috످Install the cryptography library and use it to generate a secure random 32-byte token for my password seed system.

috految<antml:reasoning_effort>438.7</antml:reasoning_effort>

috److془The user wants me to install the cryptography library and generate a token. I have no tools. I should say so and give instructions.

Note: cryptography doesn't have a general-purpose random; docs recommend os.urandom or secrets. Can use AESGCM.generate_key(bit_length=256) which gives 32 bytes.

Mention: seeds; if it's for hashing use Argon2id; if deriving passwords, use HKDF; don't use random.seed().

Keep concise.془I can't install packages or run code in this chat, but you can generate the token locally with these steps.

First, install `cryptography`. On macOS/Linux:

```bash
python3 -m venv .venv
source .venv/bin/activate
pip install cryptography
```

On Windows:

```powershell
py -m venv .venv
.venv\Scripts\activate
pip install cryptography
```

Next, generate your token. Run this in the same terminal:

```bash
python -c "from cryptography.hazmat.primitives.ciphers.aead import AESGCM; print(AESGCM.generate_key(bit_length=256).hex())"
```

This prints your 32-byte token as a 64-character hex string. Since `cryptography` has no general-purpose token function, the command uses its AES-256 key generator.

If you only need the token, you can skip the install. Python's built-in `secrets` module is just as secure (on Windows, replace `python3` with `py`):

```bash
python3 -c "import secrets; print(secrets.token_hex(32))"
```

Then save the token securely in a password manager or secrets manager, and keep a backup. If you lose it, you can't recreate any passwords derived from it. Never commit it to Git or paste it into a chat, including this one.

Finally, use it in your password system. If you're generating passwords from the seed, use HKDF (https://cryptography.io/en/latest/hazmat/primitives/key-derivation-functions/#hkdf) with a unique `info` value for each account (e.g., `b"github.com:alice:v1"`). Don't use `random.seed()`, which isn't cryptographically secure.

If you're storing user passwords, hash them with Argon2id (https://argon2-cffi.readthedocs.io/) instead. It generates a unique salt for each password, so you don't need a seed.

috످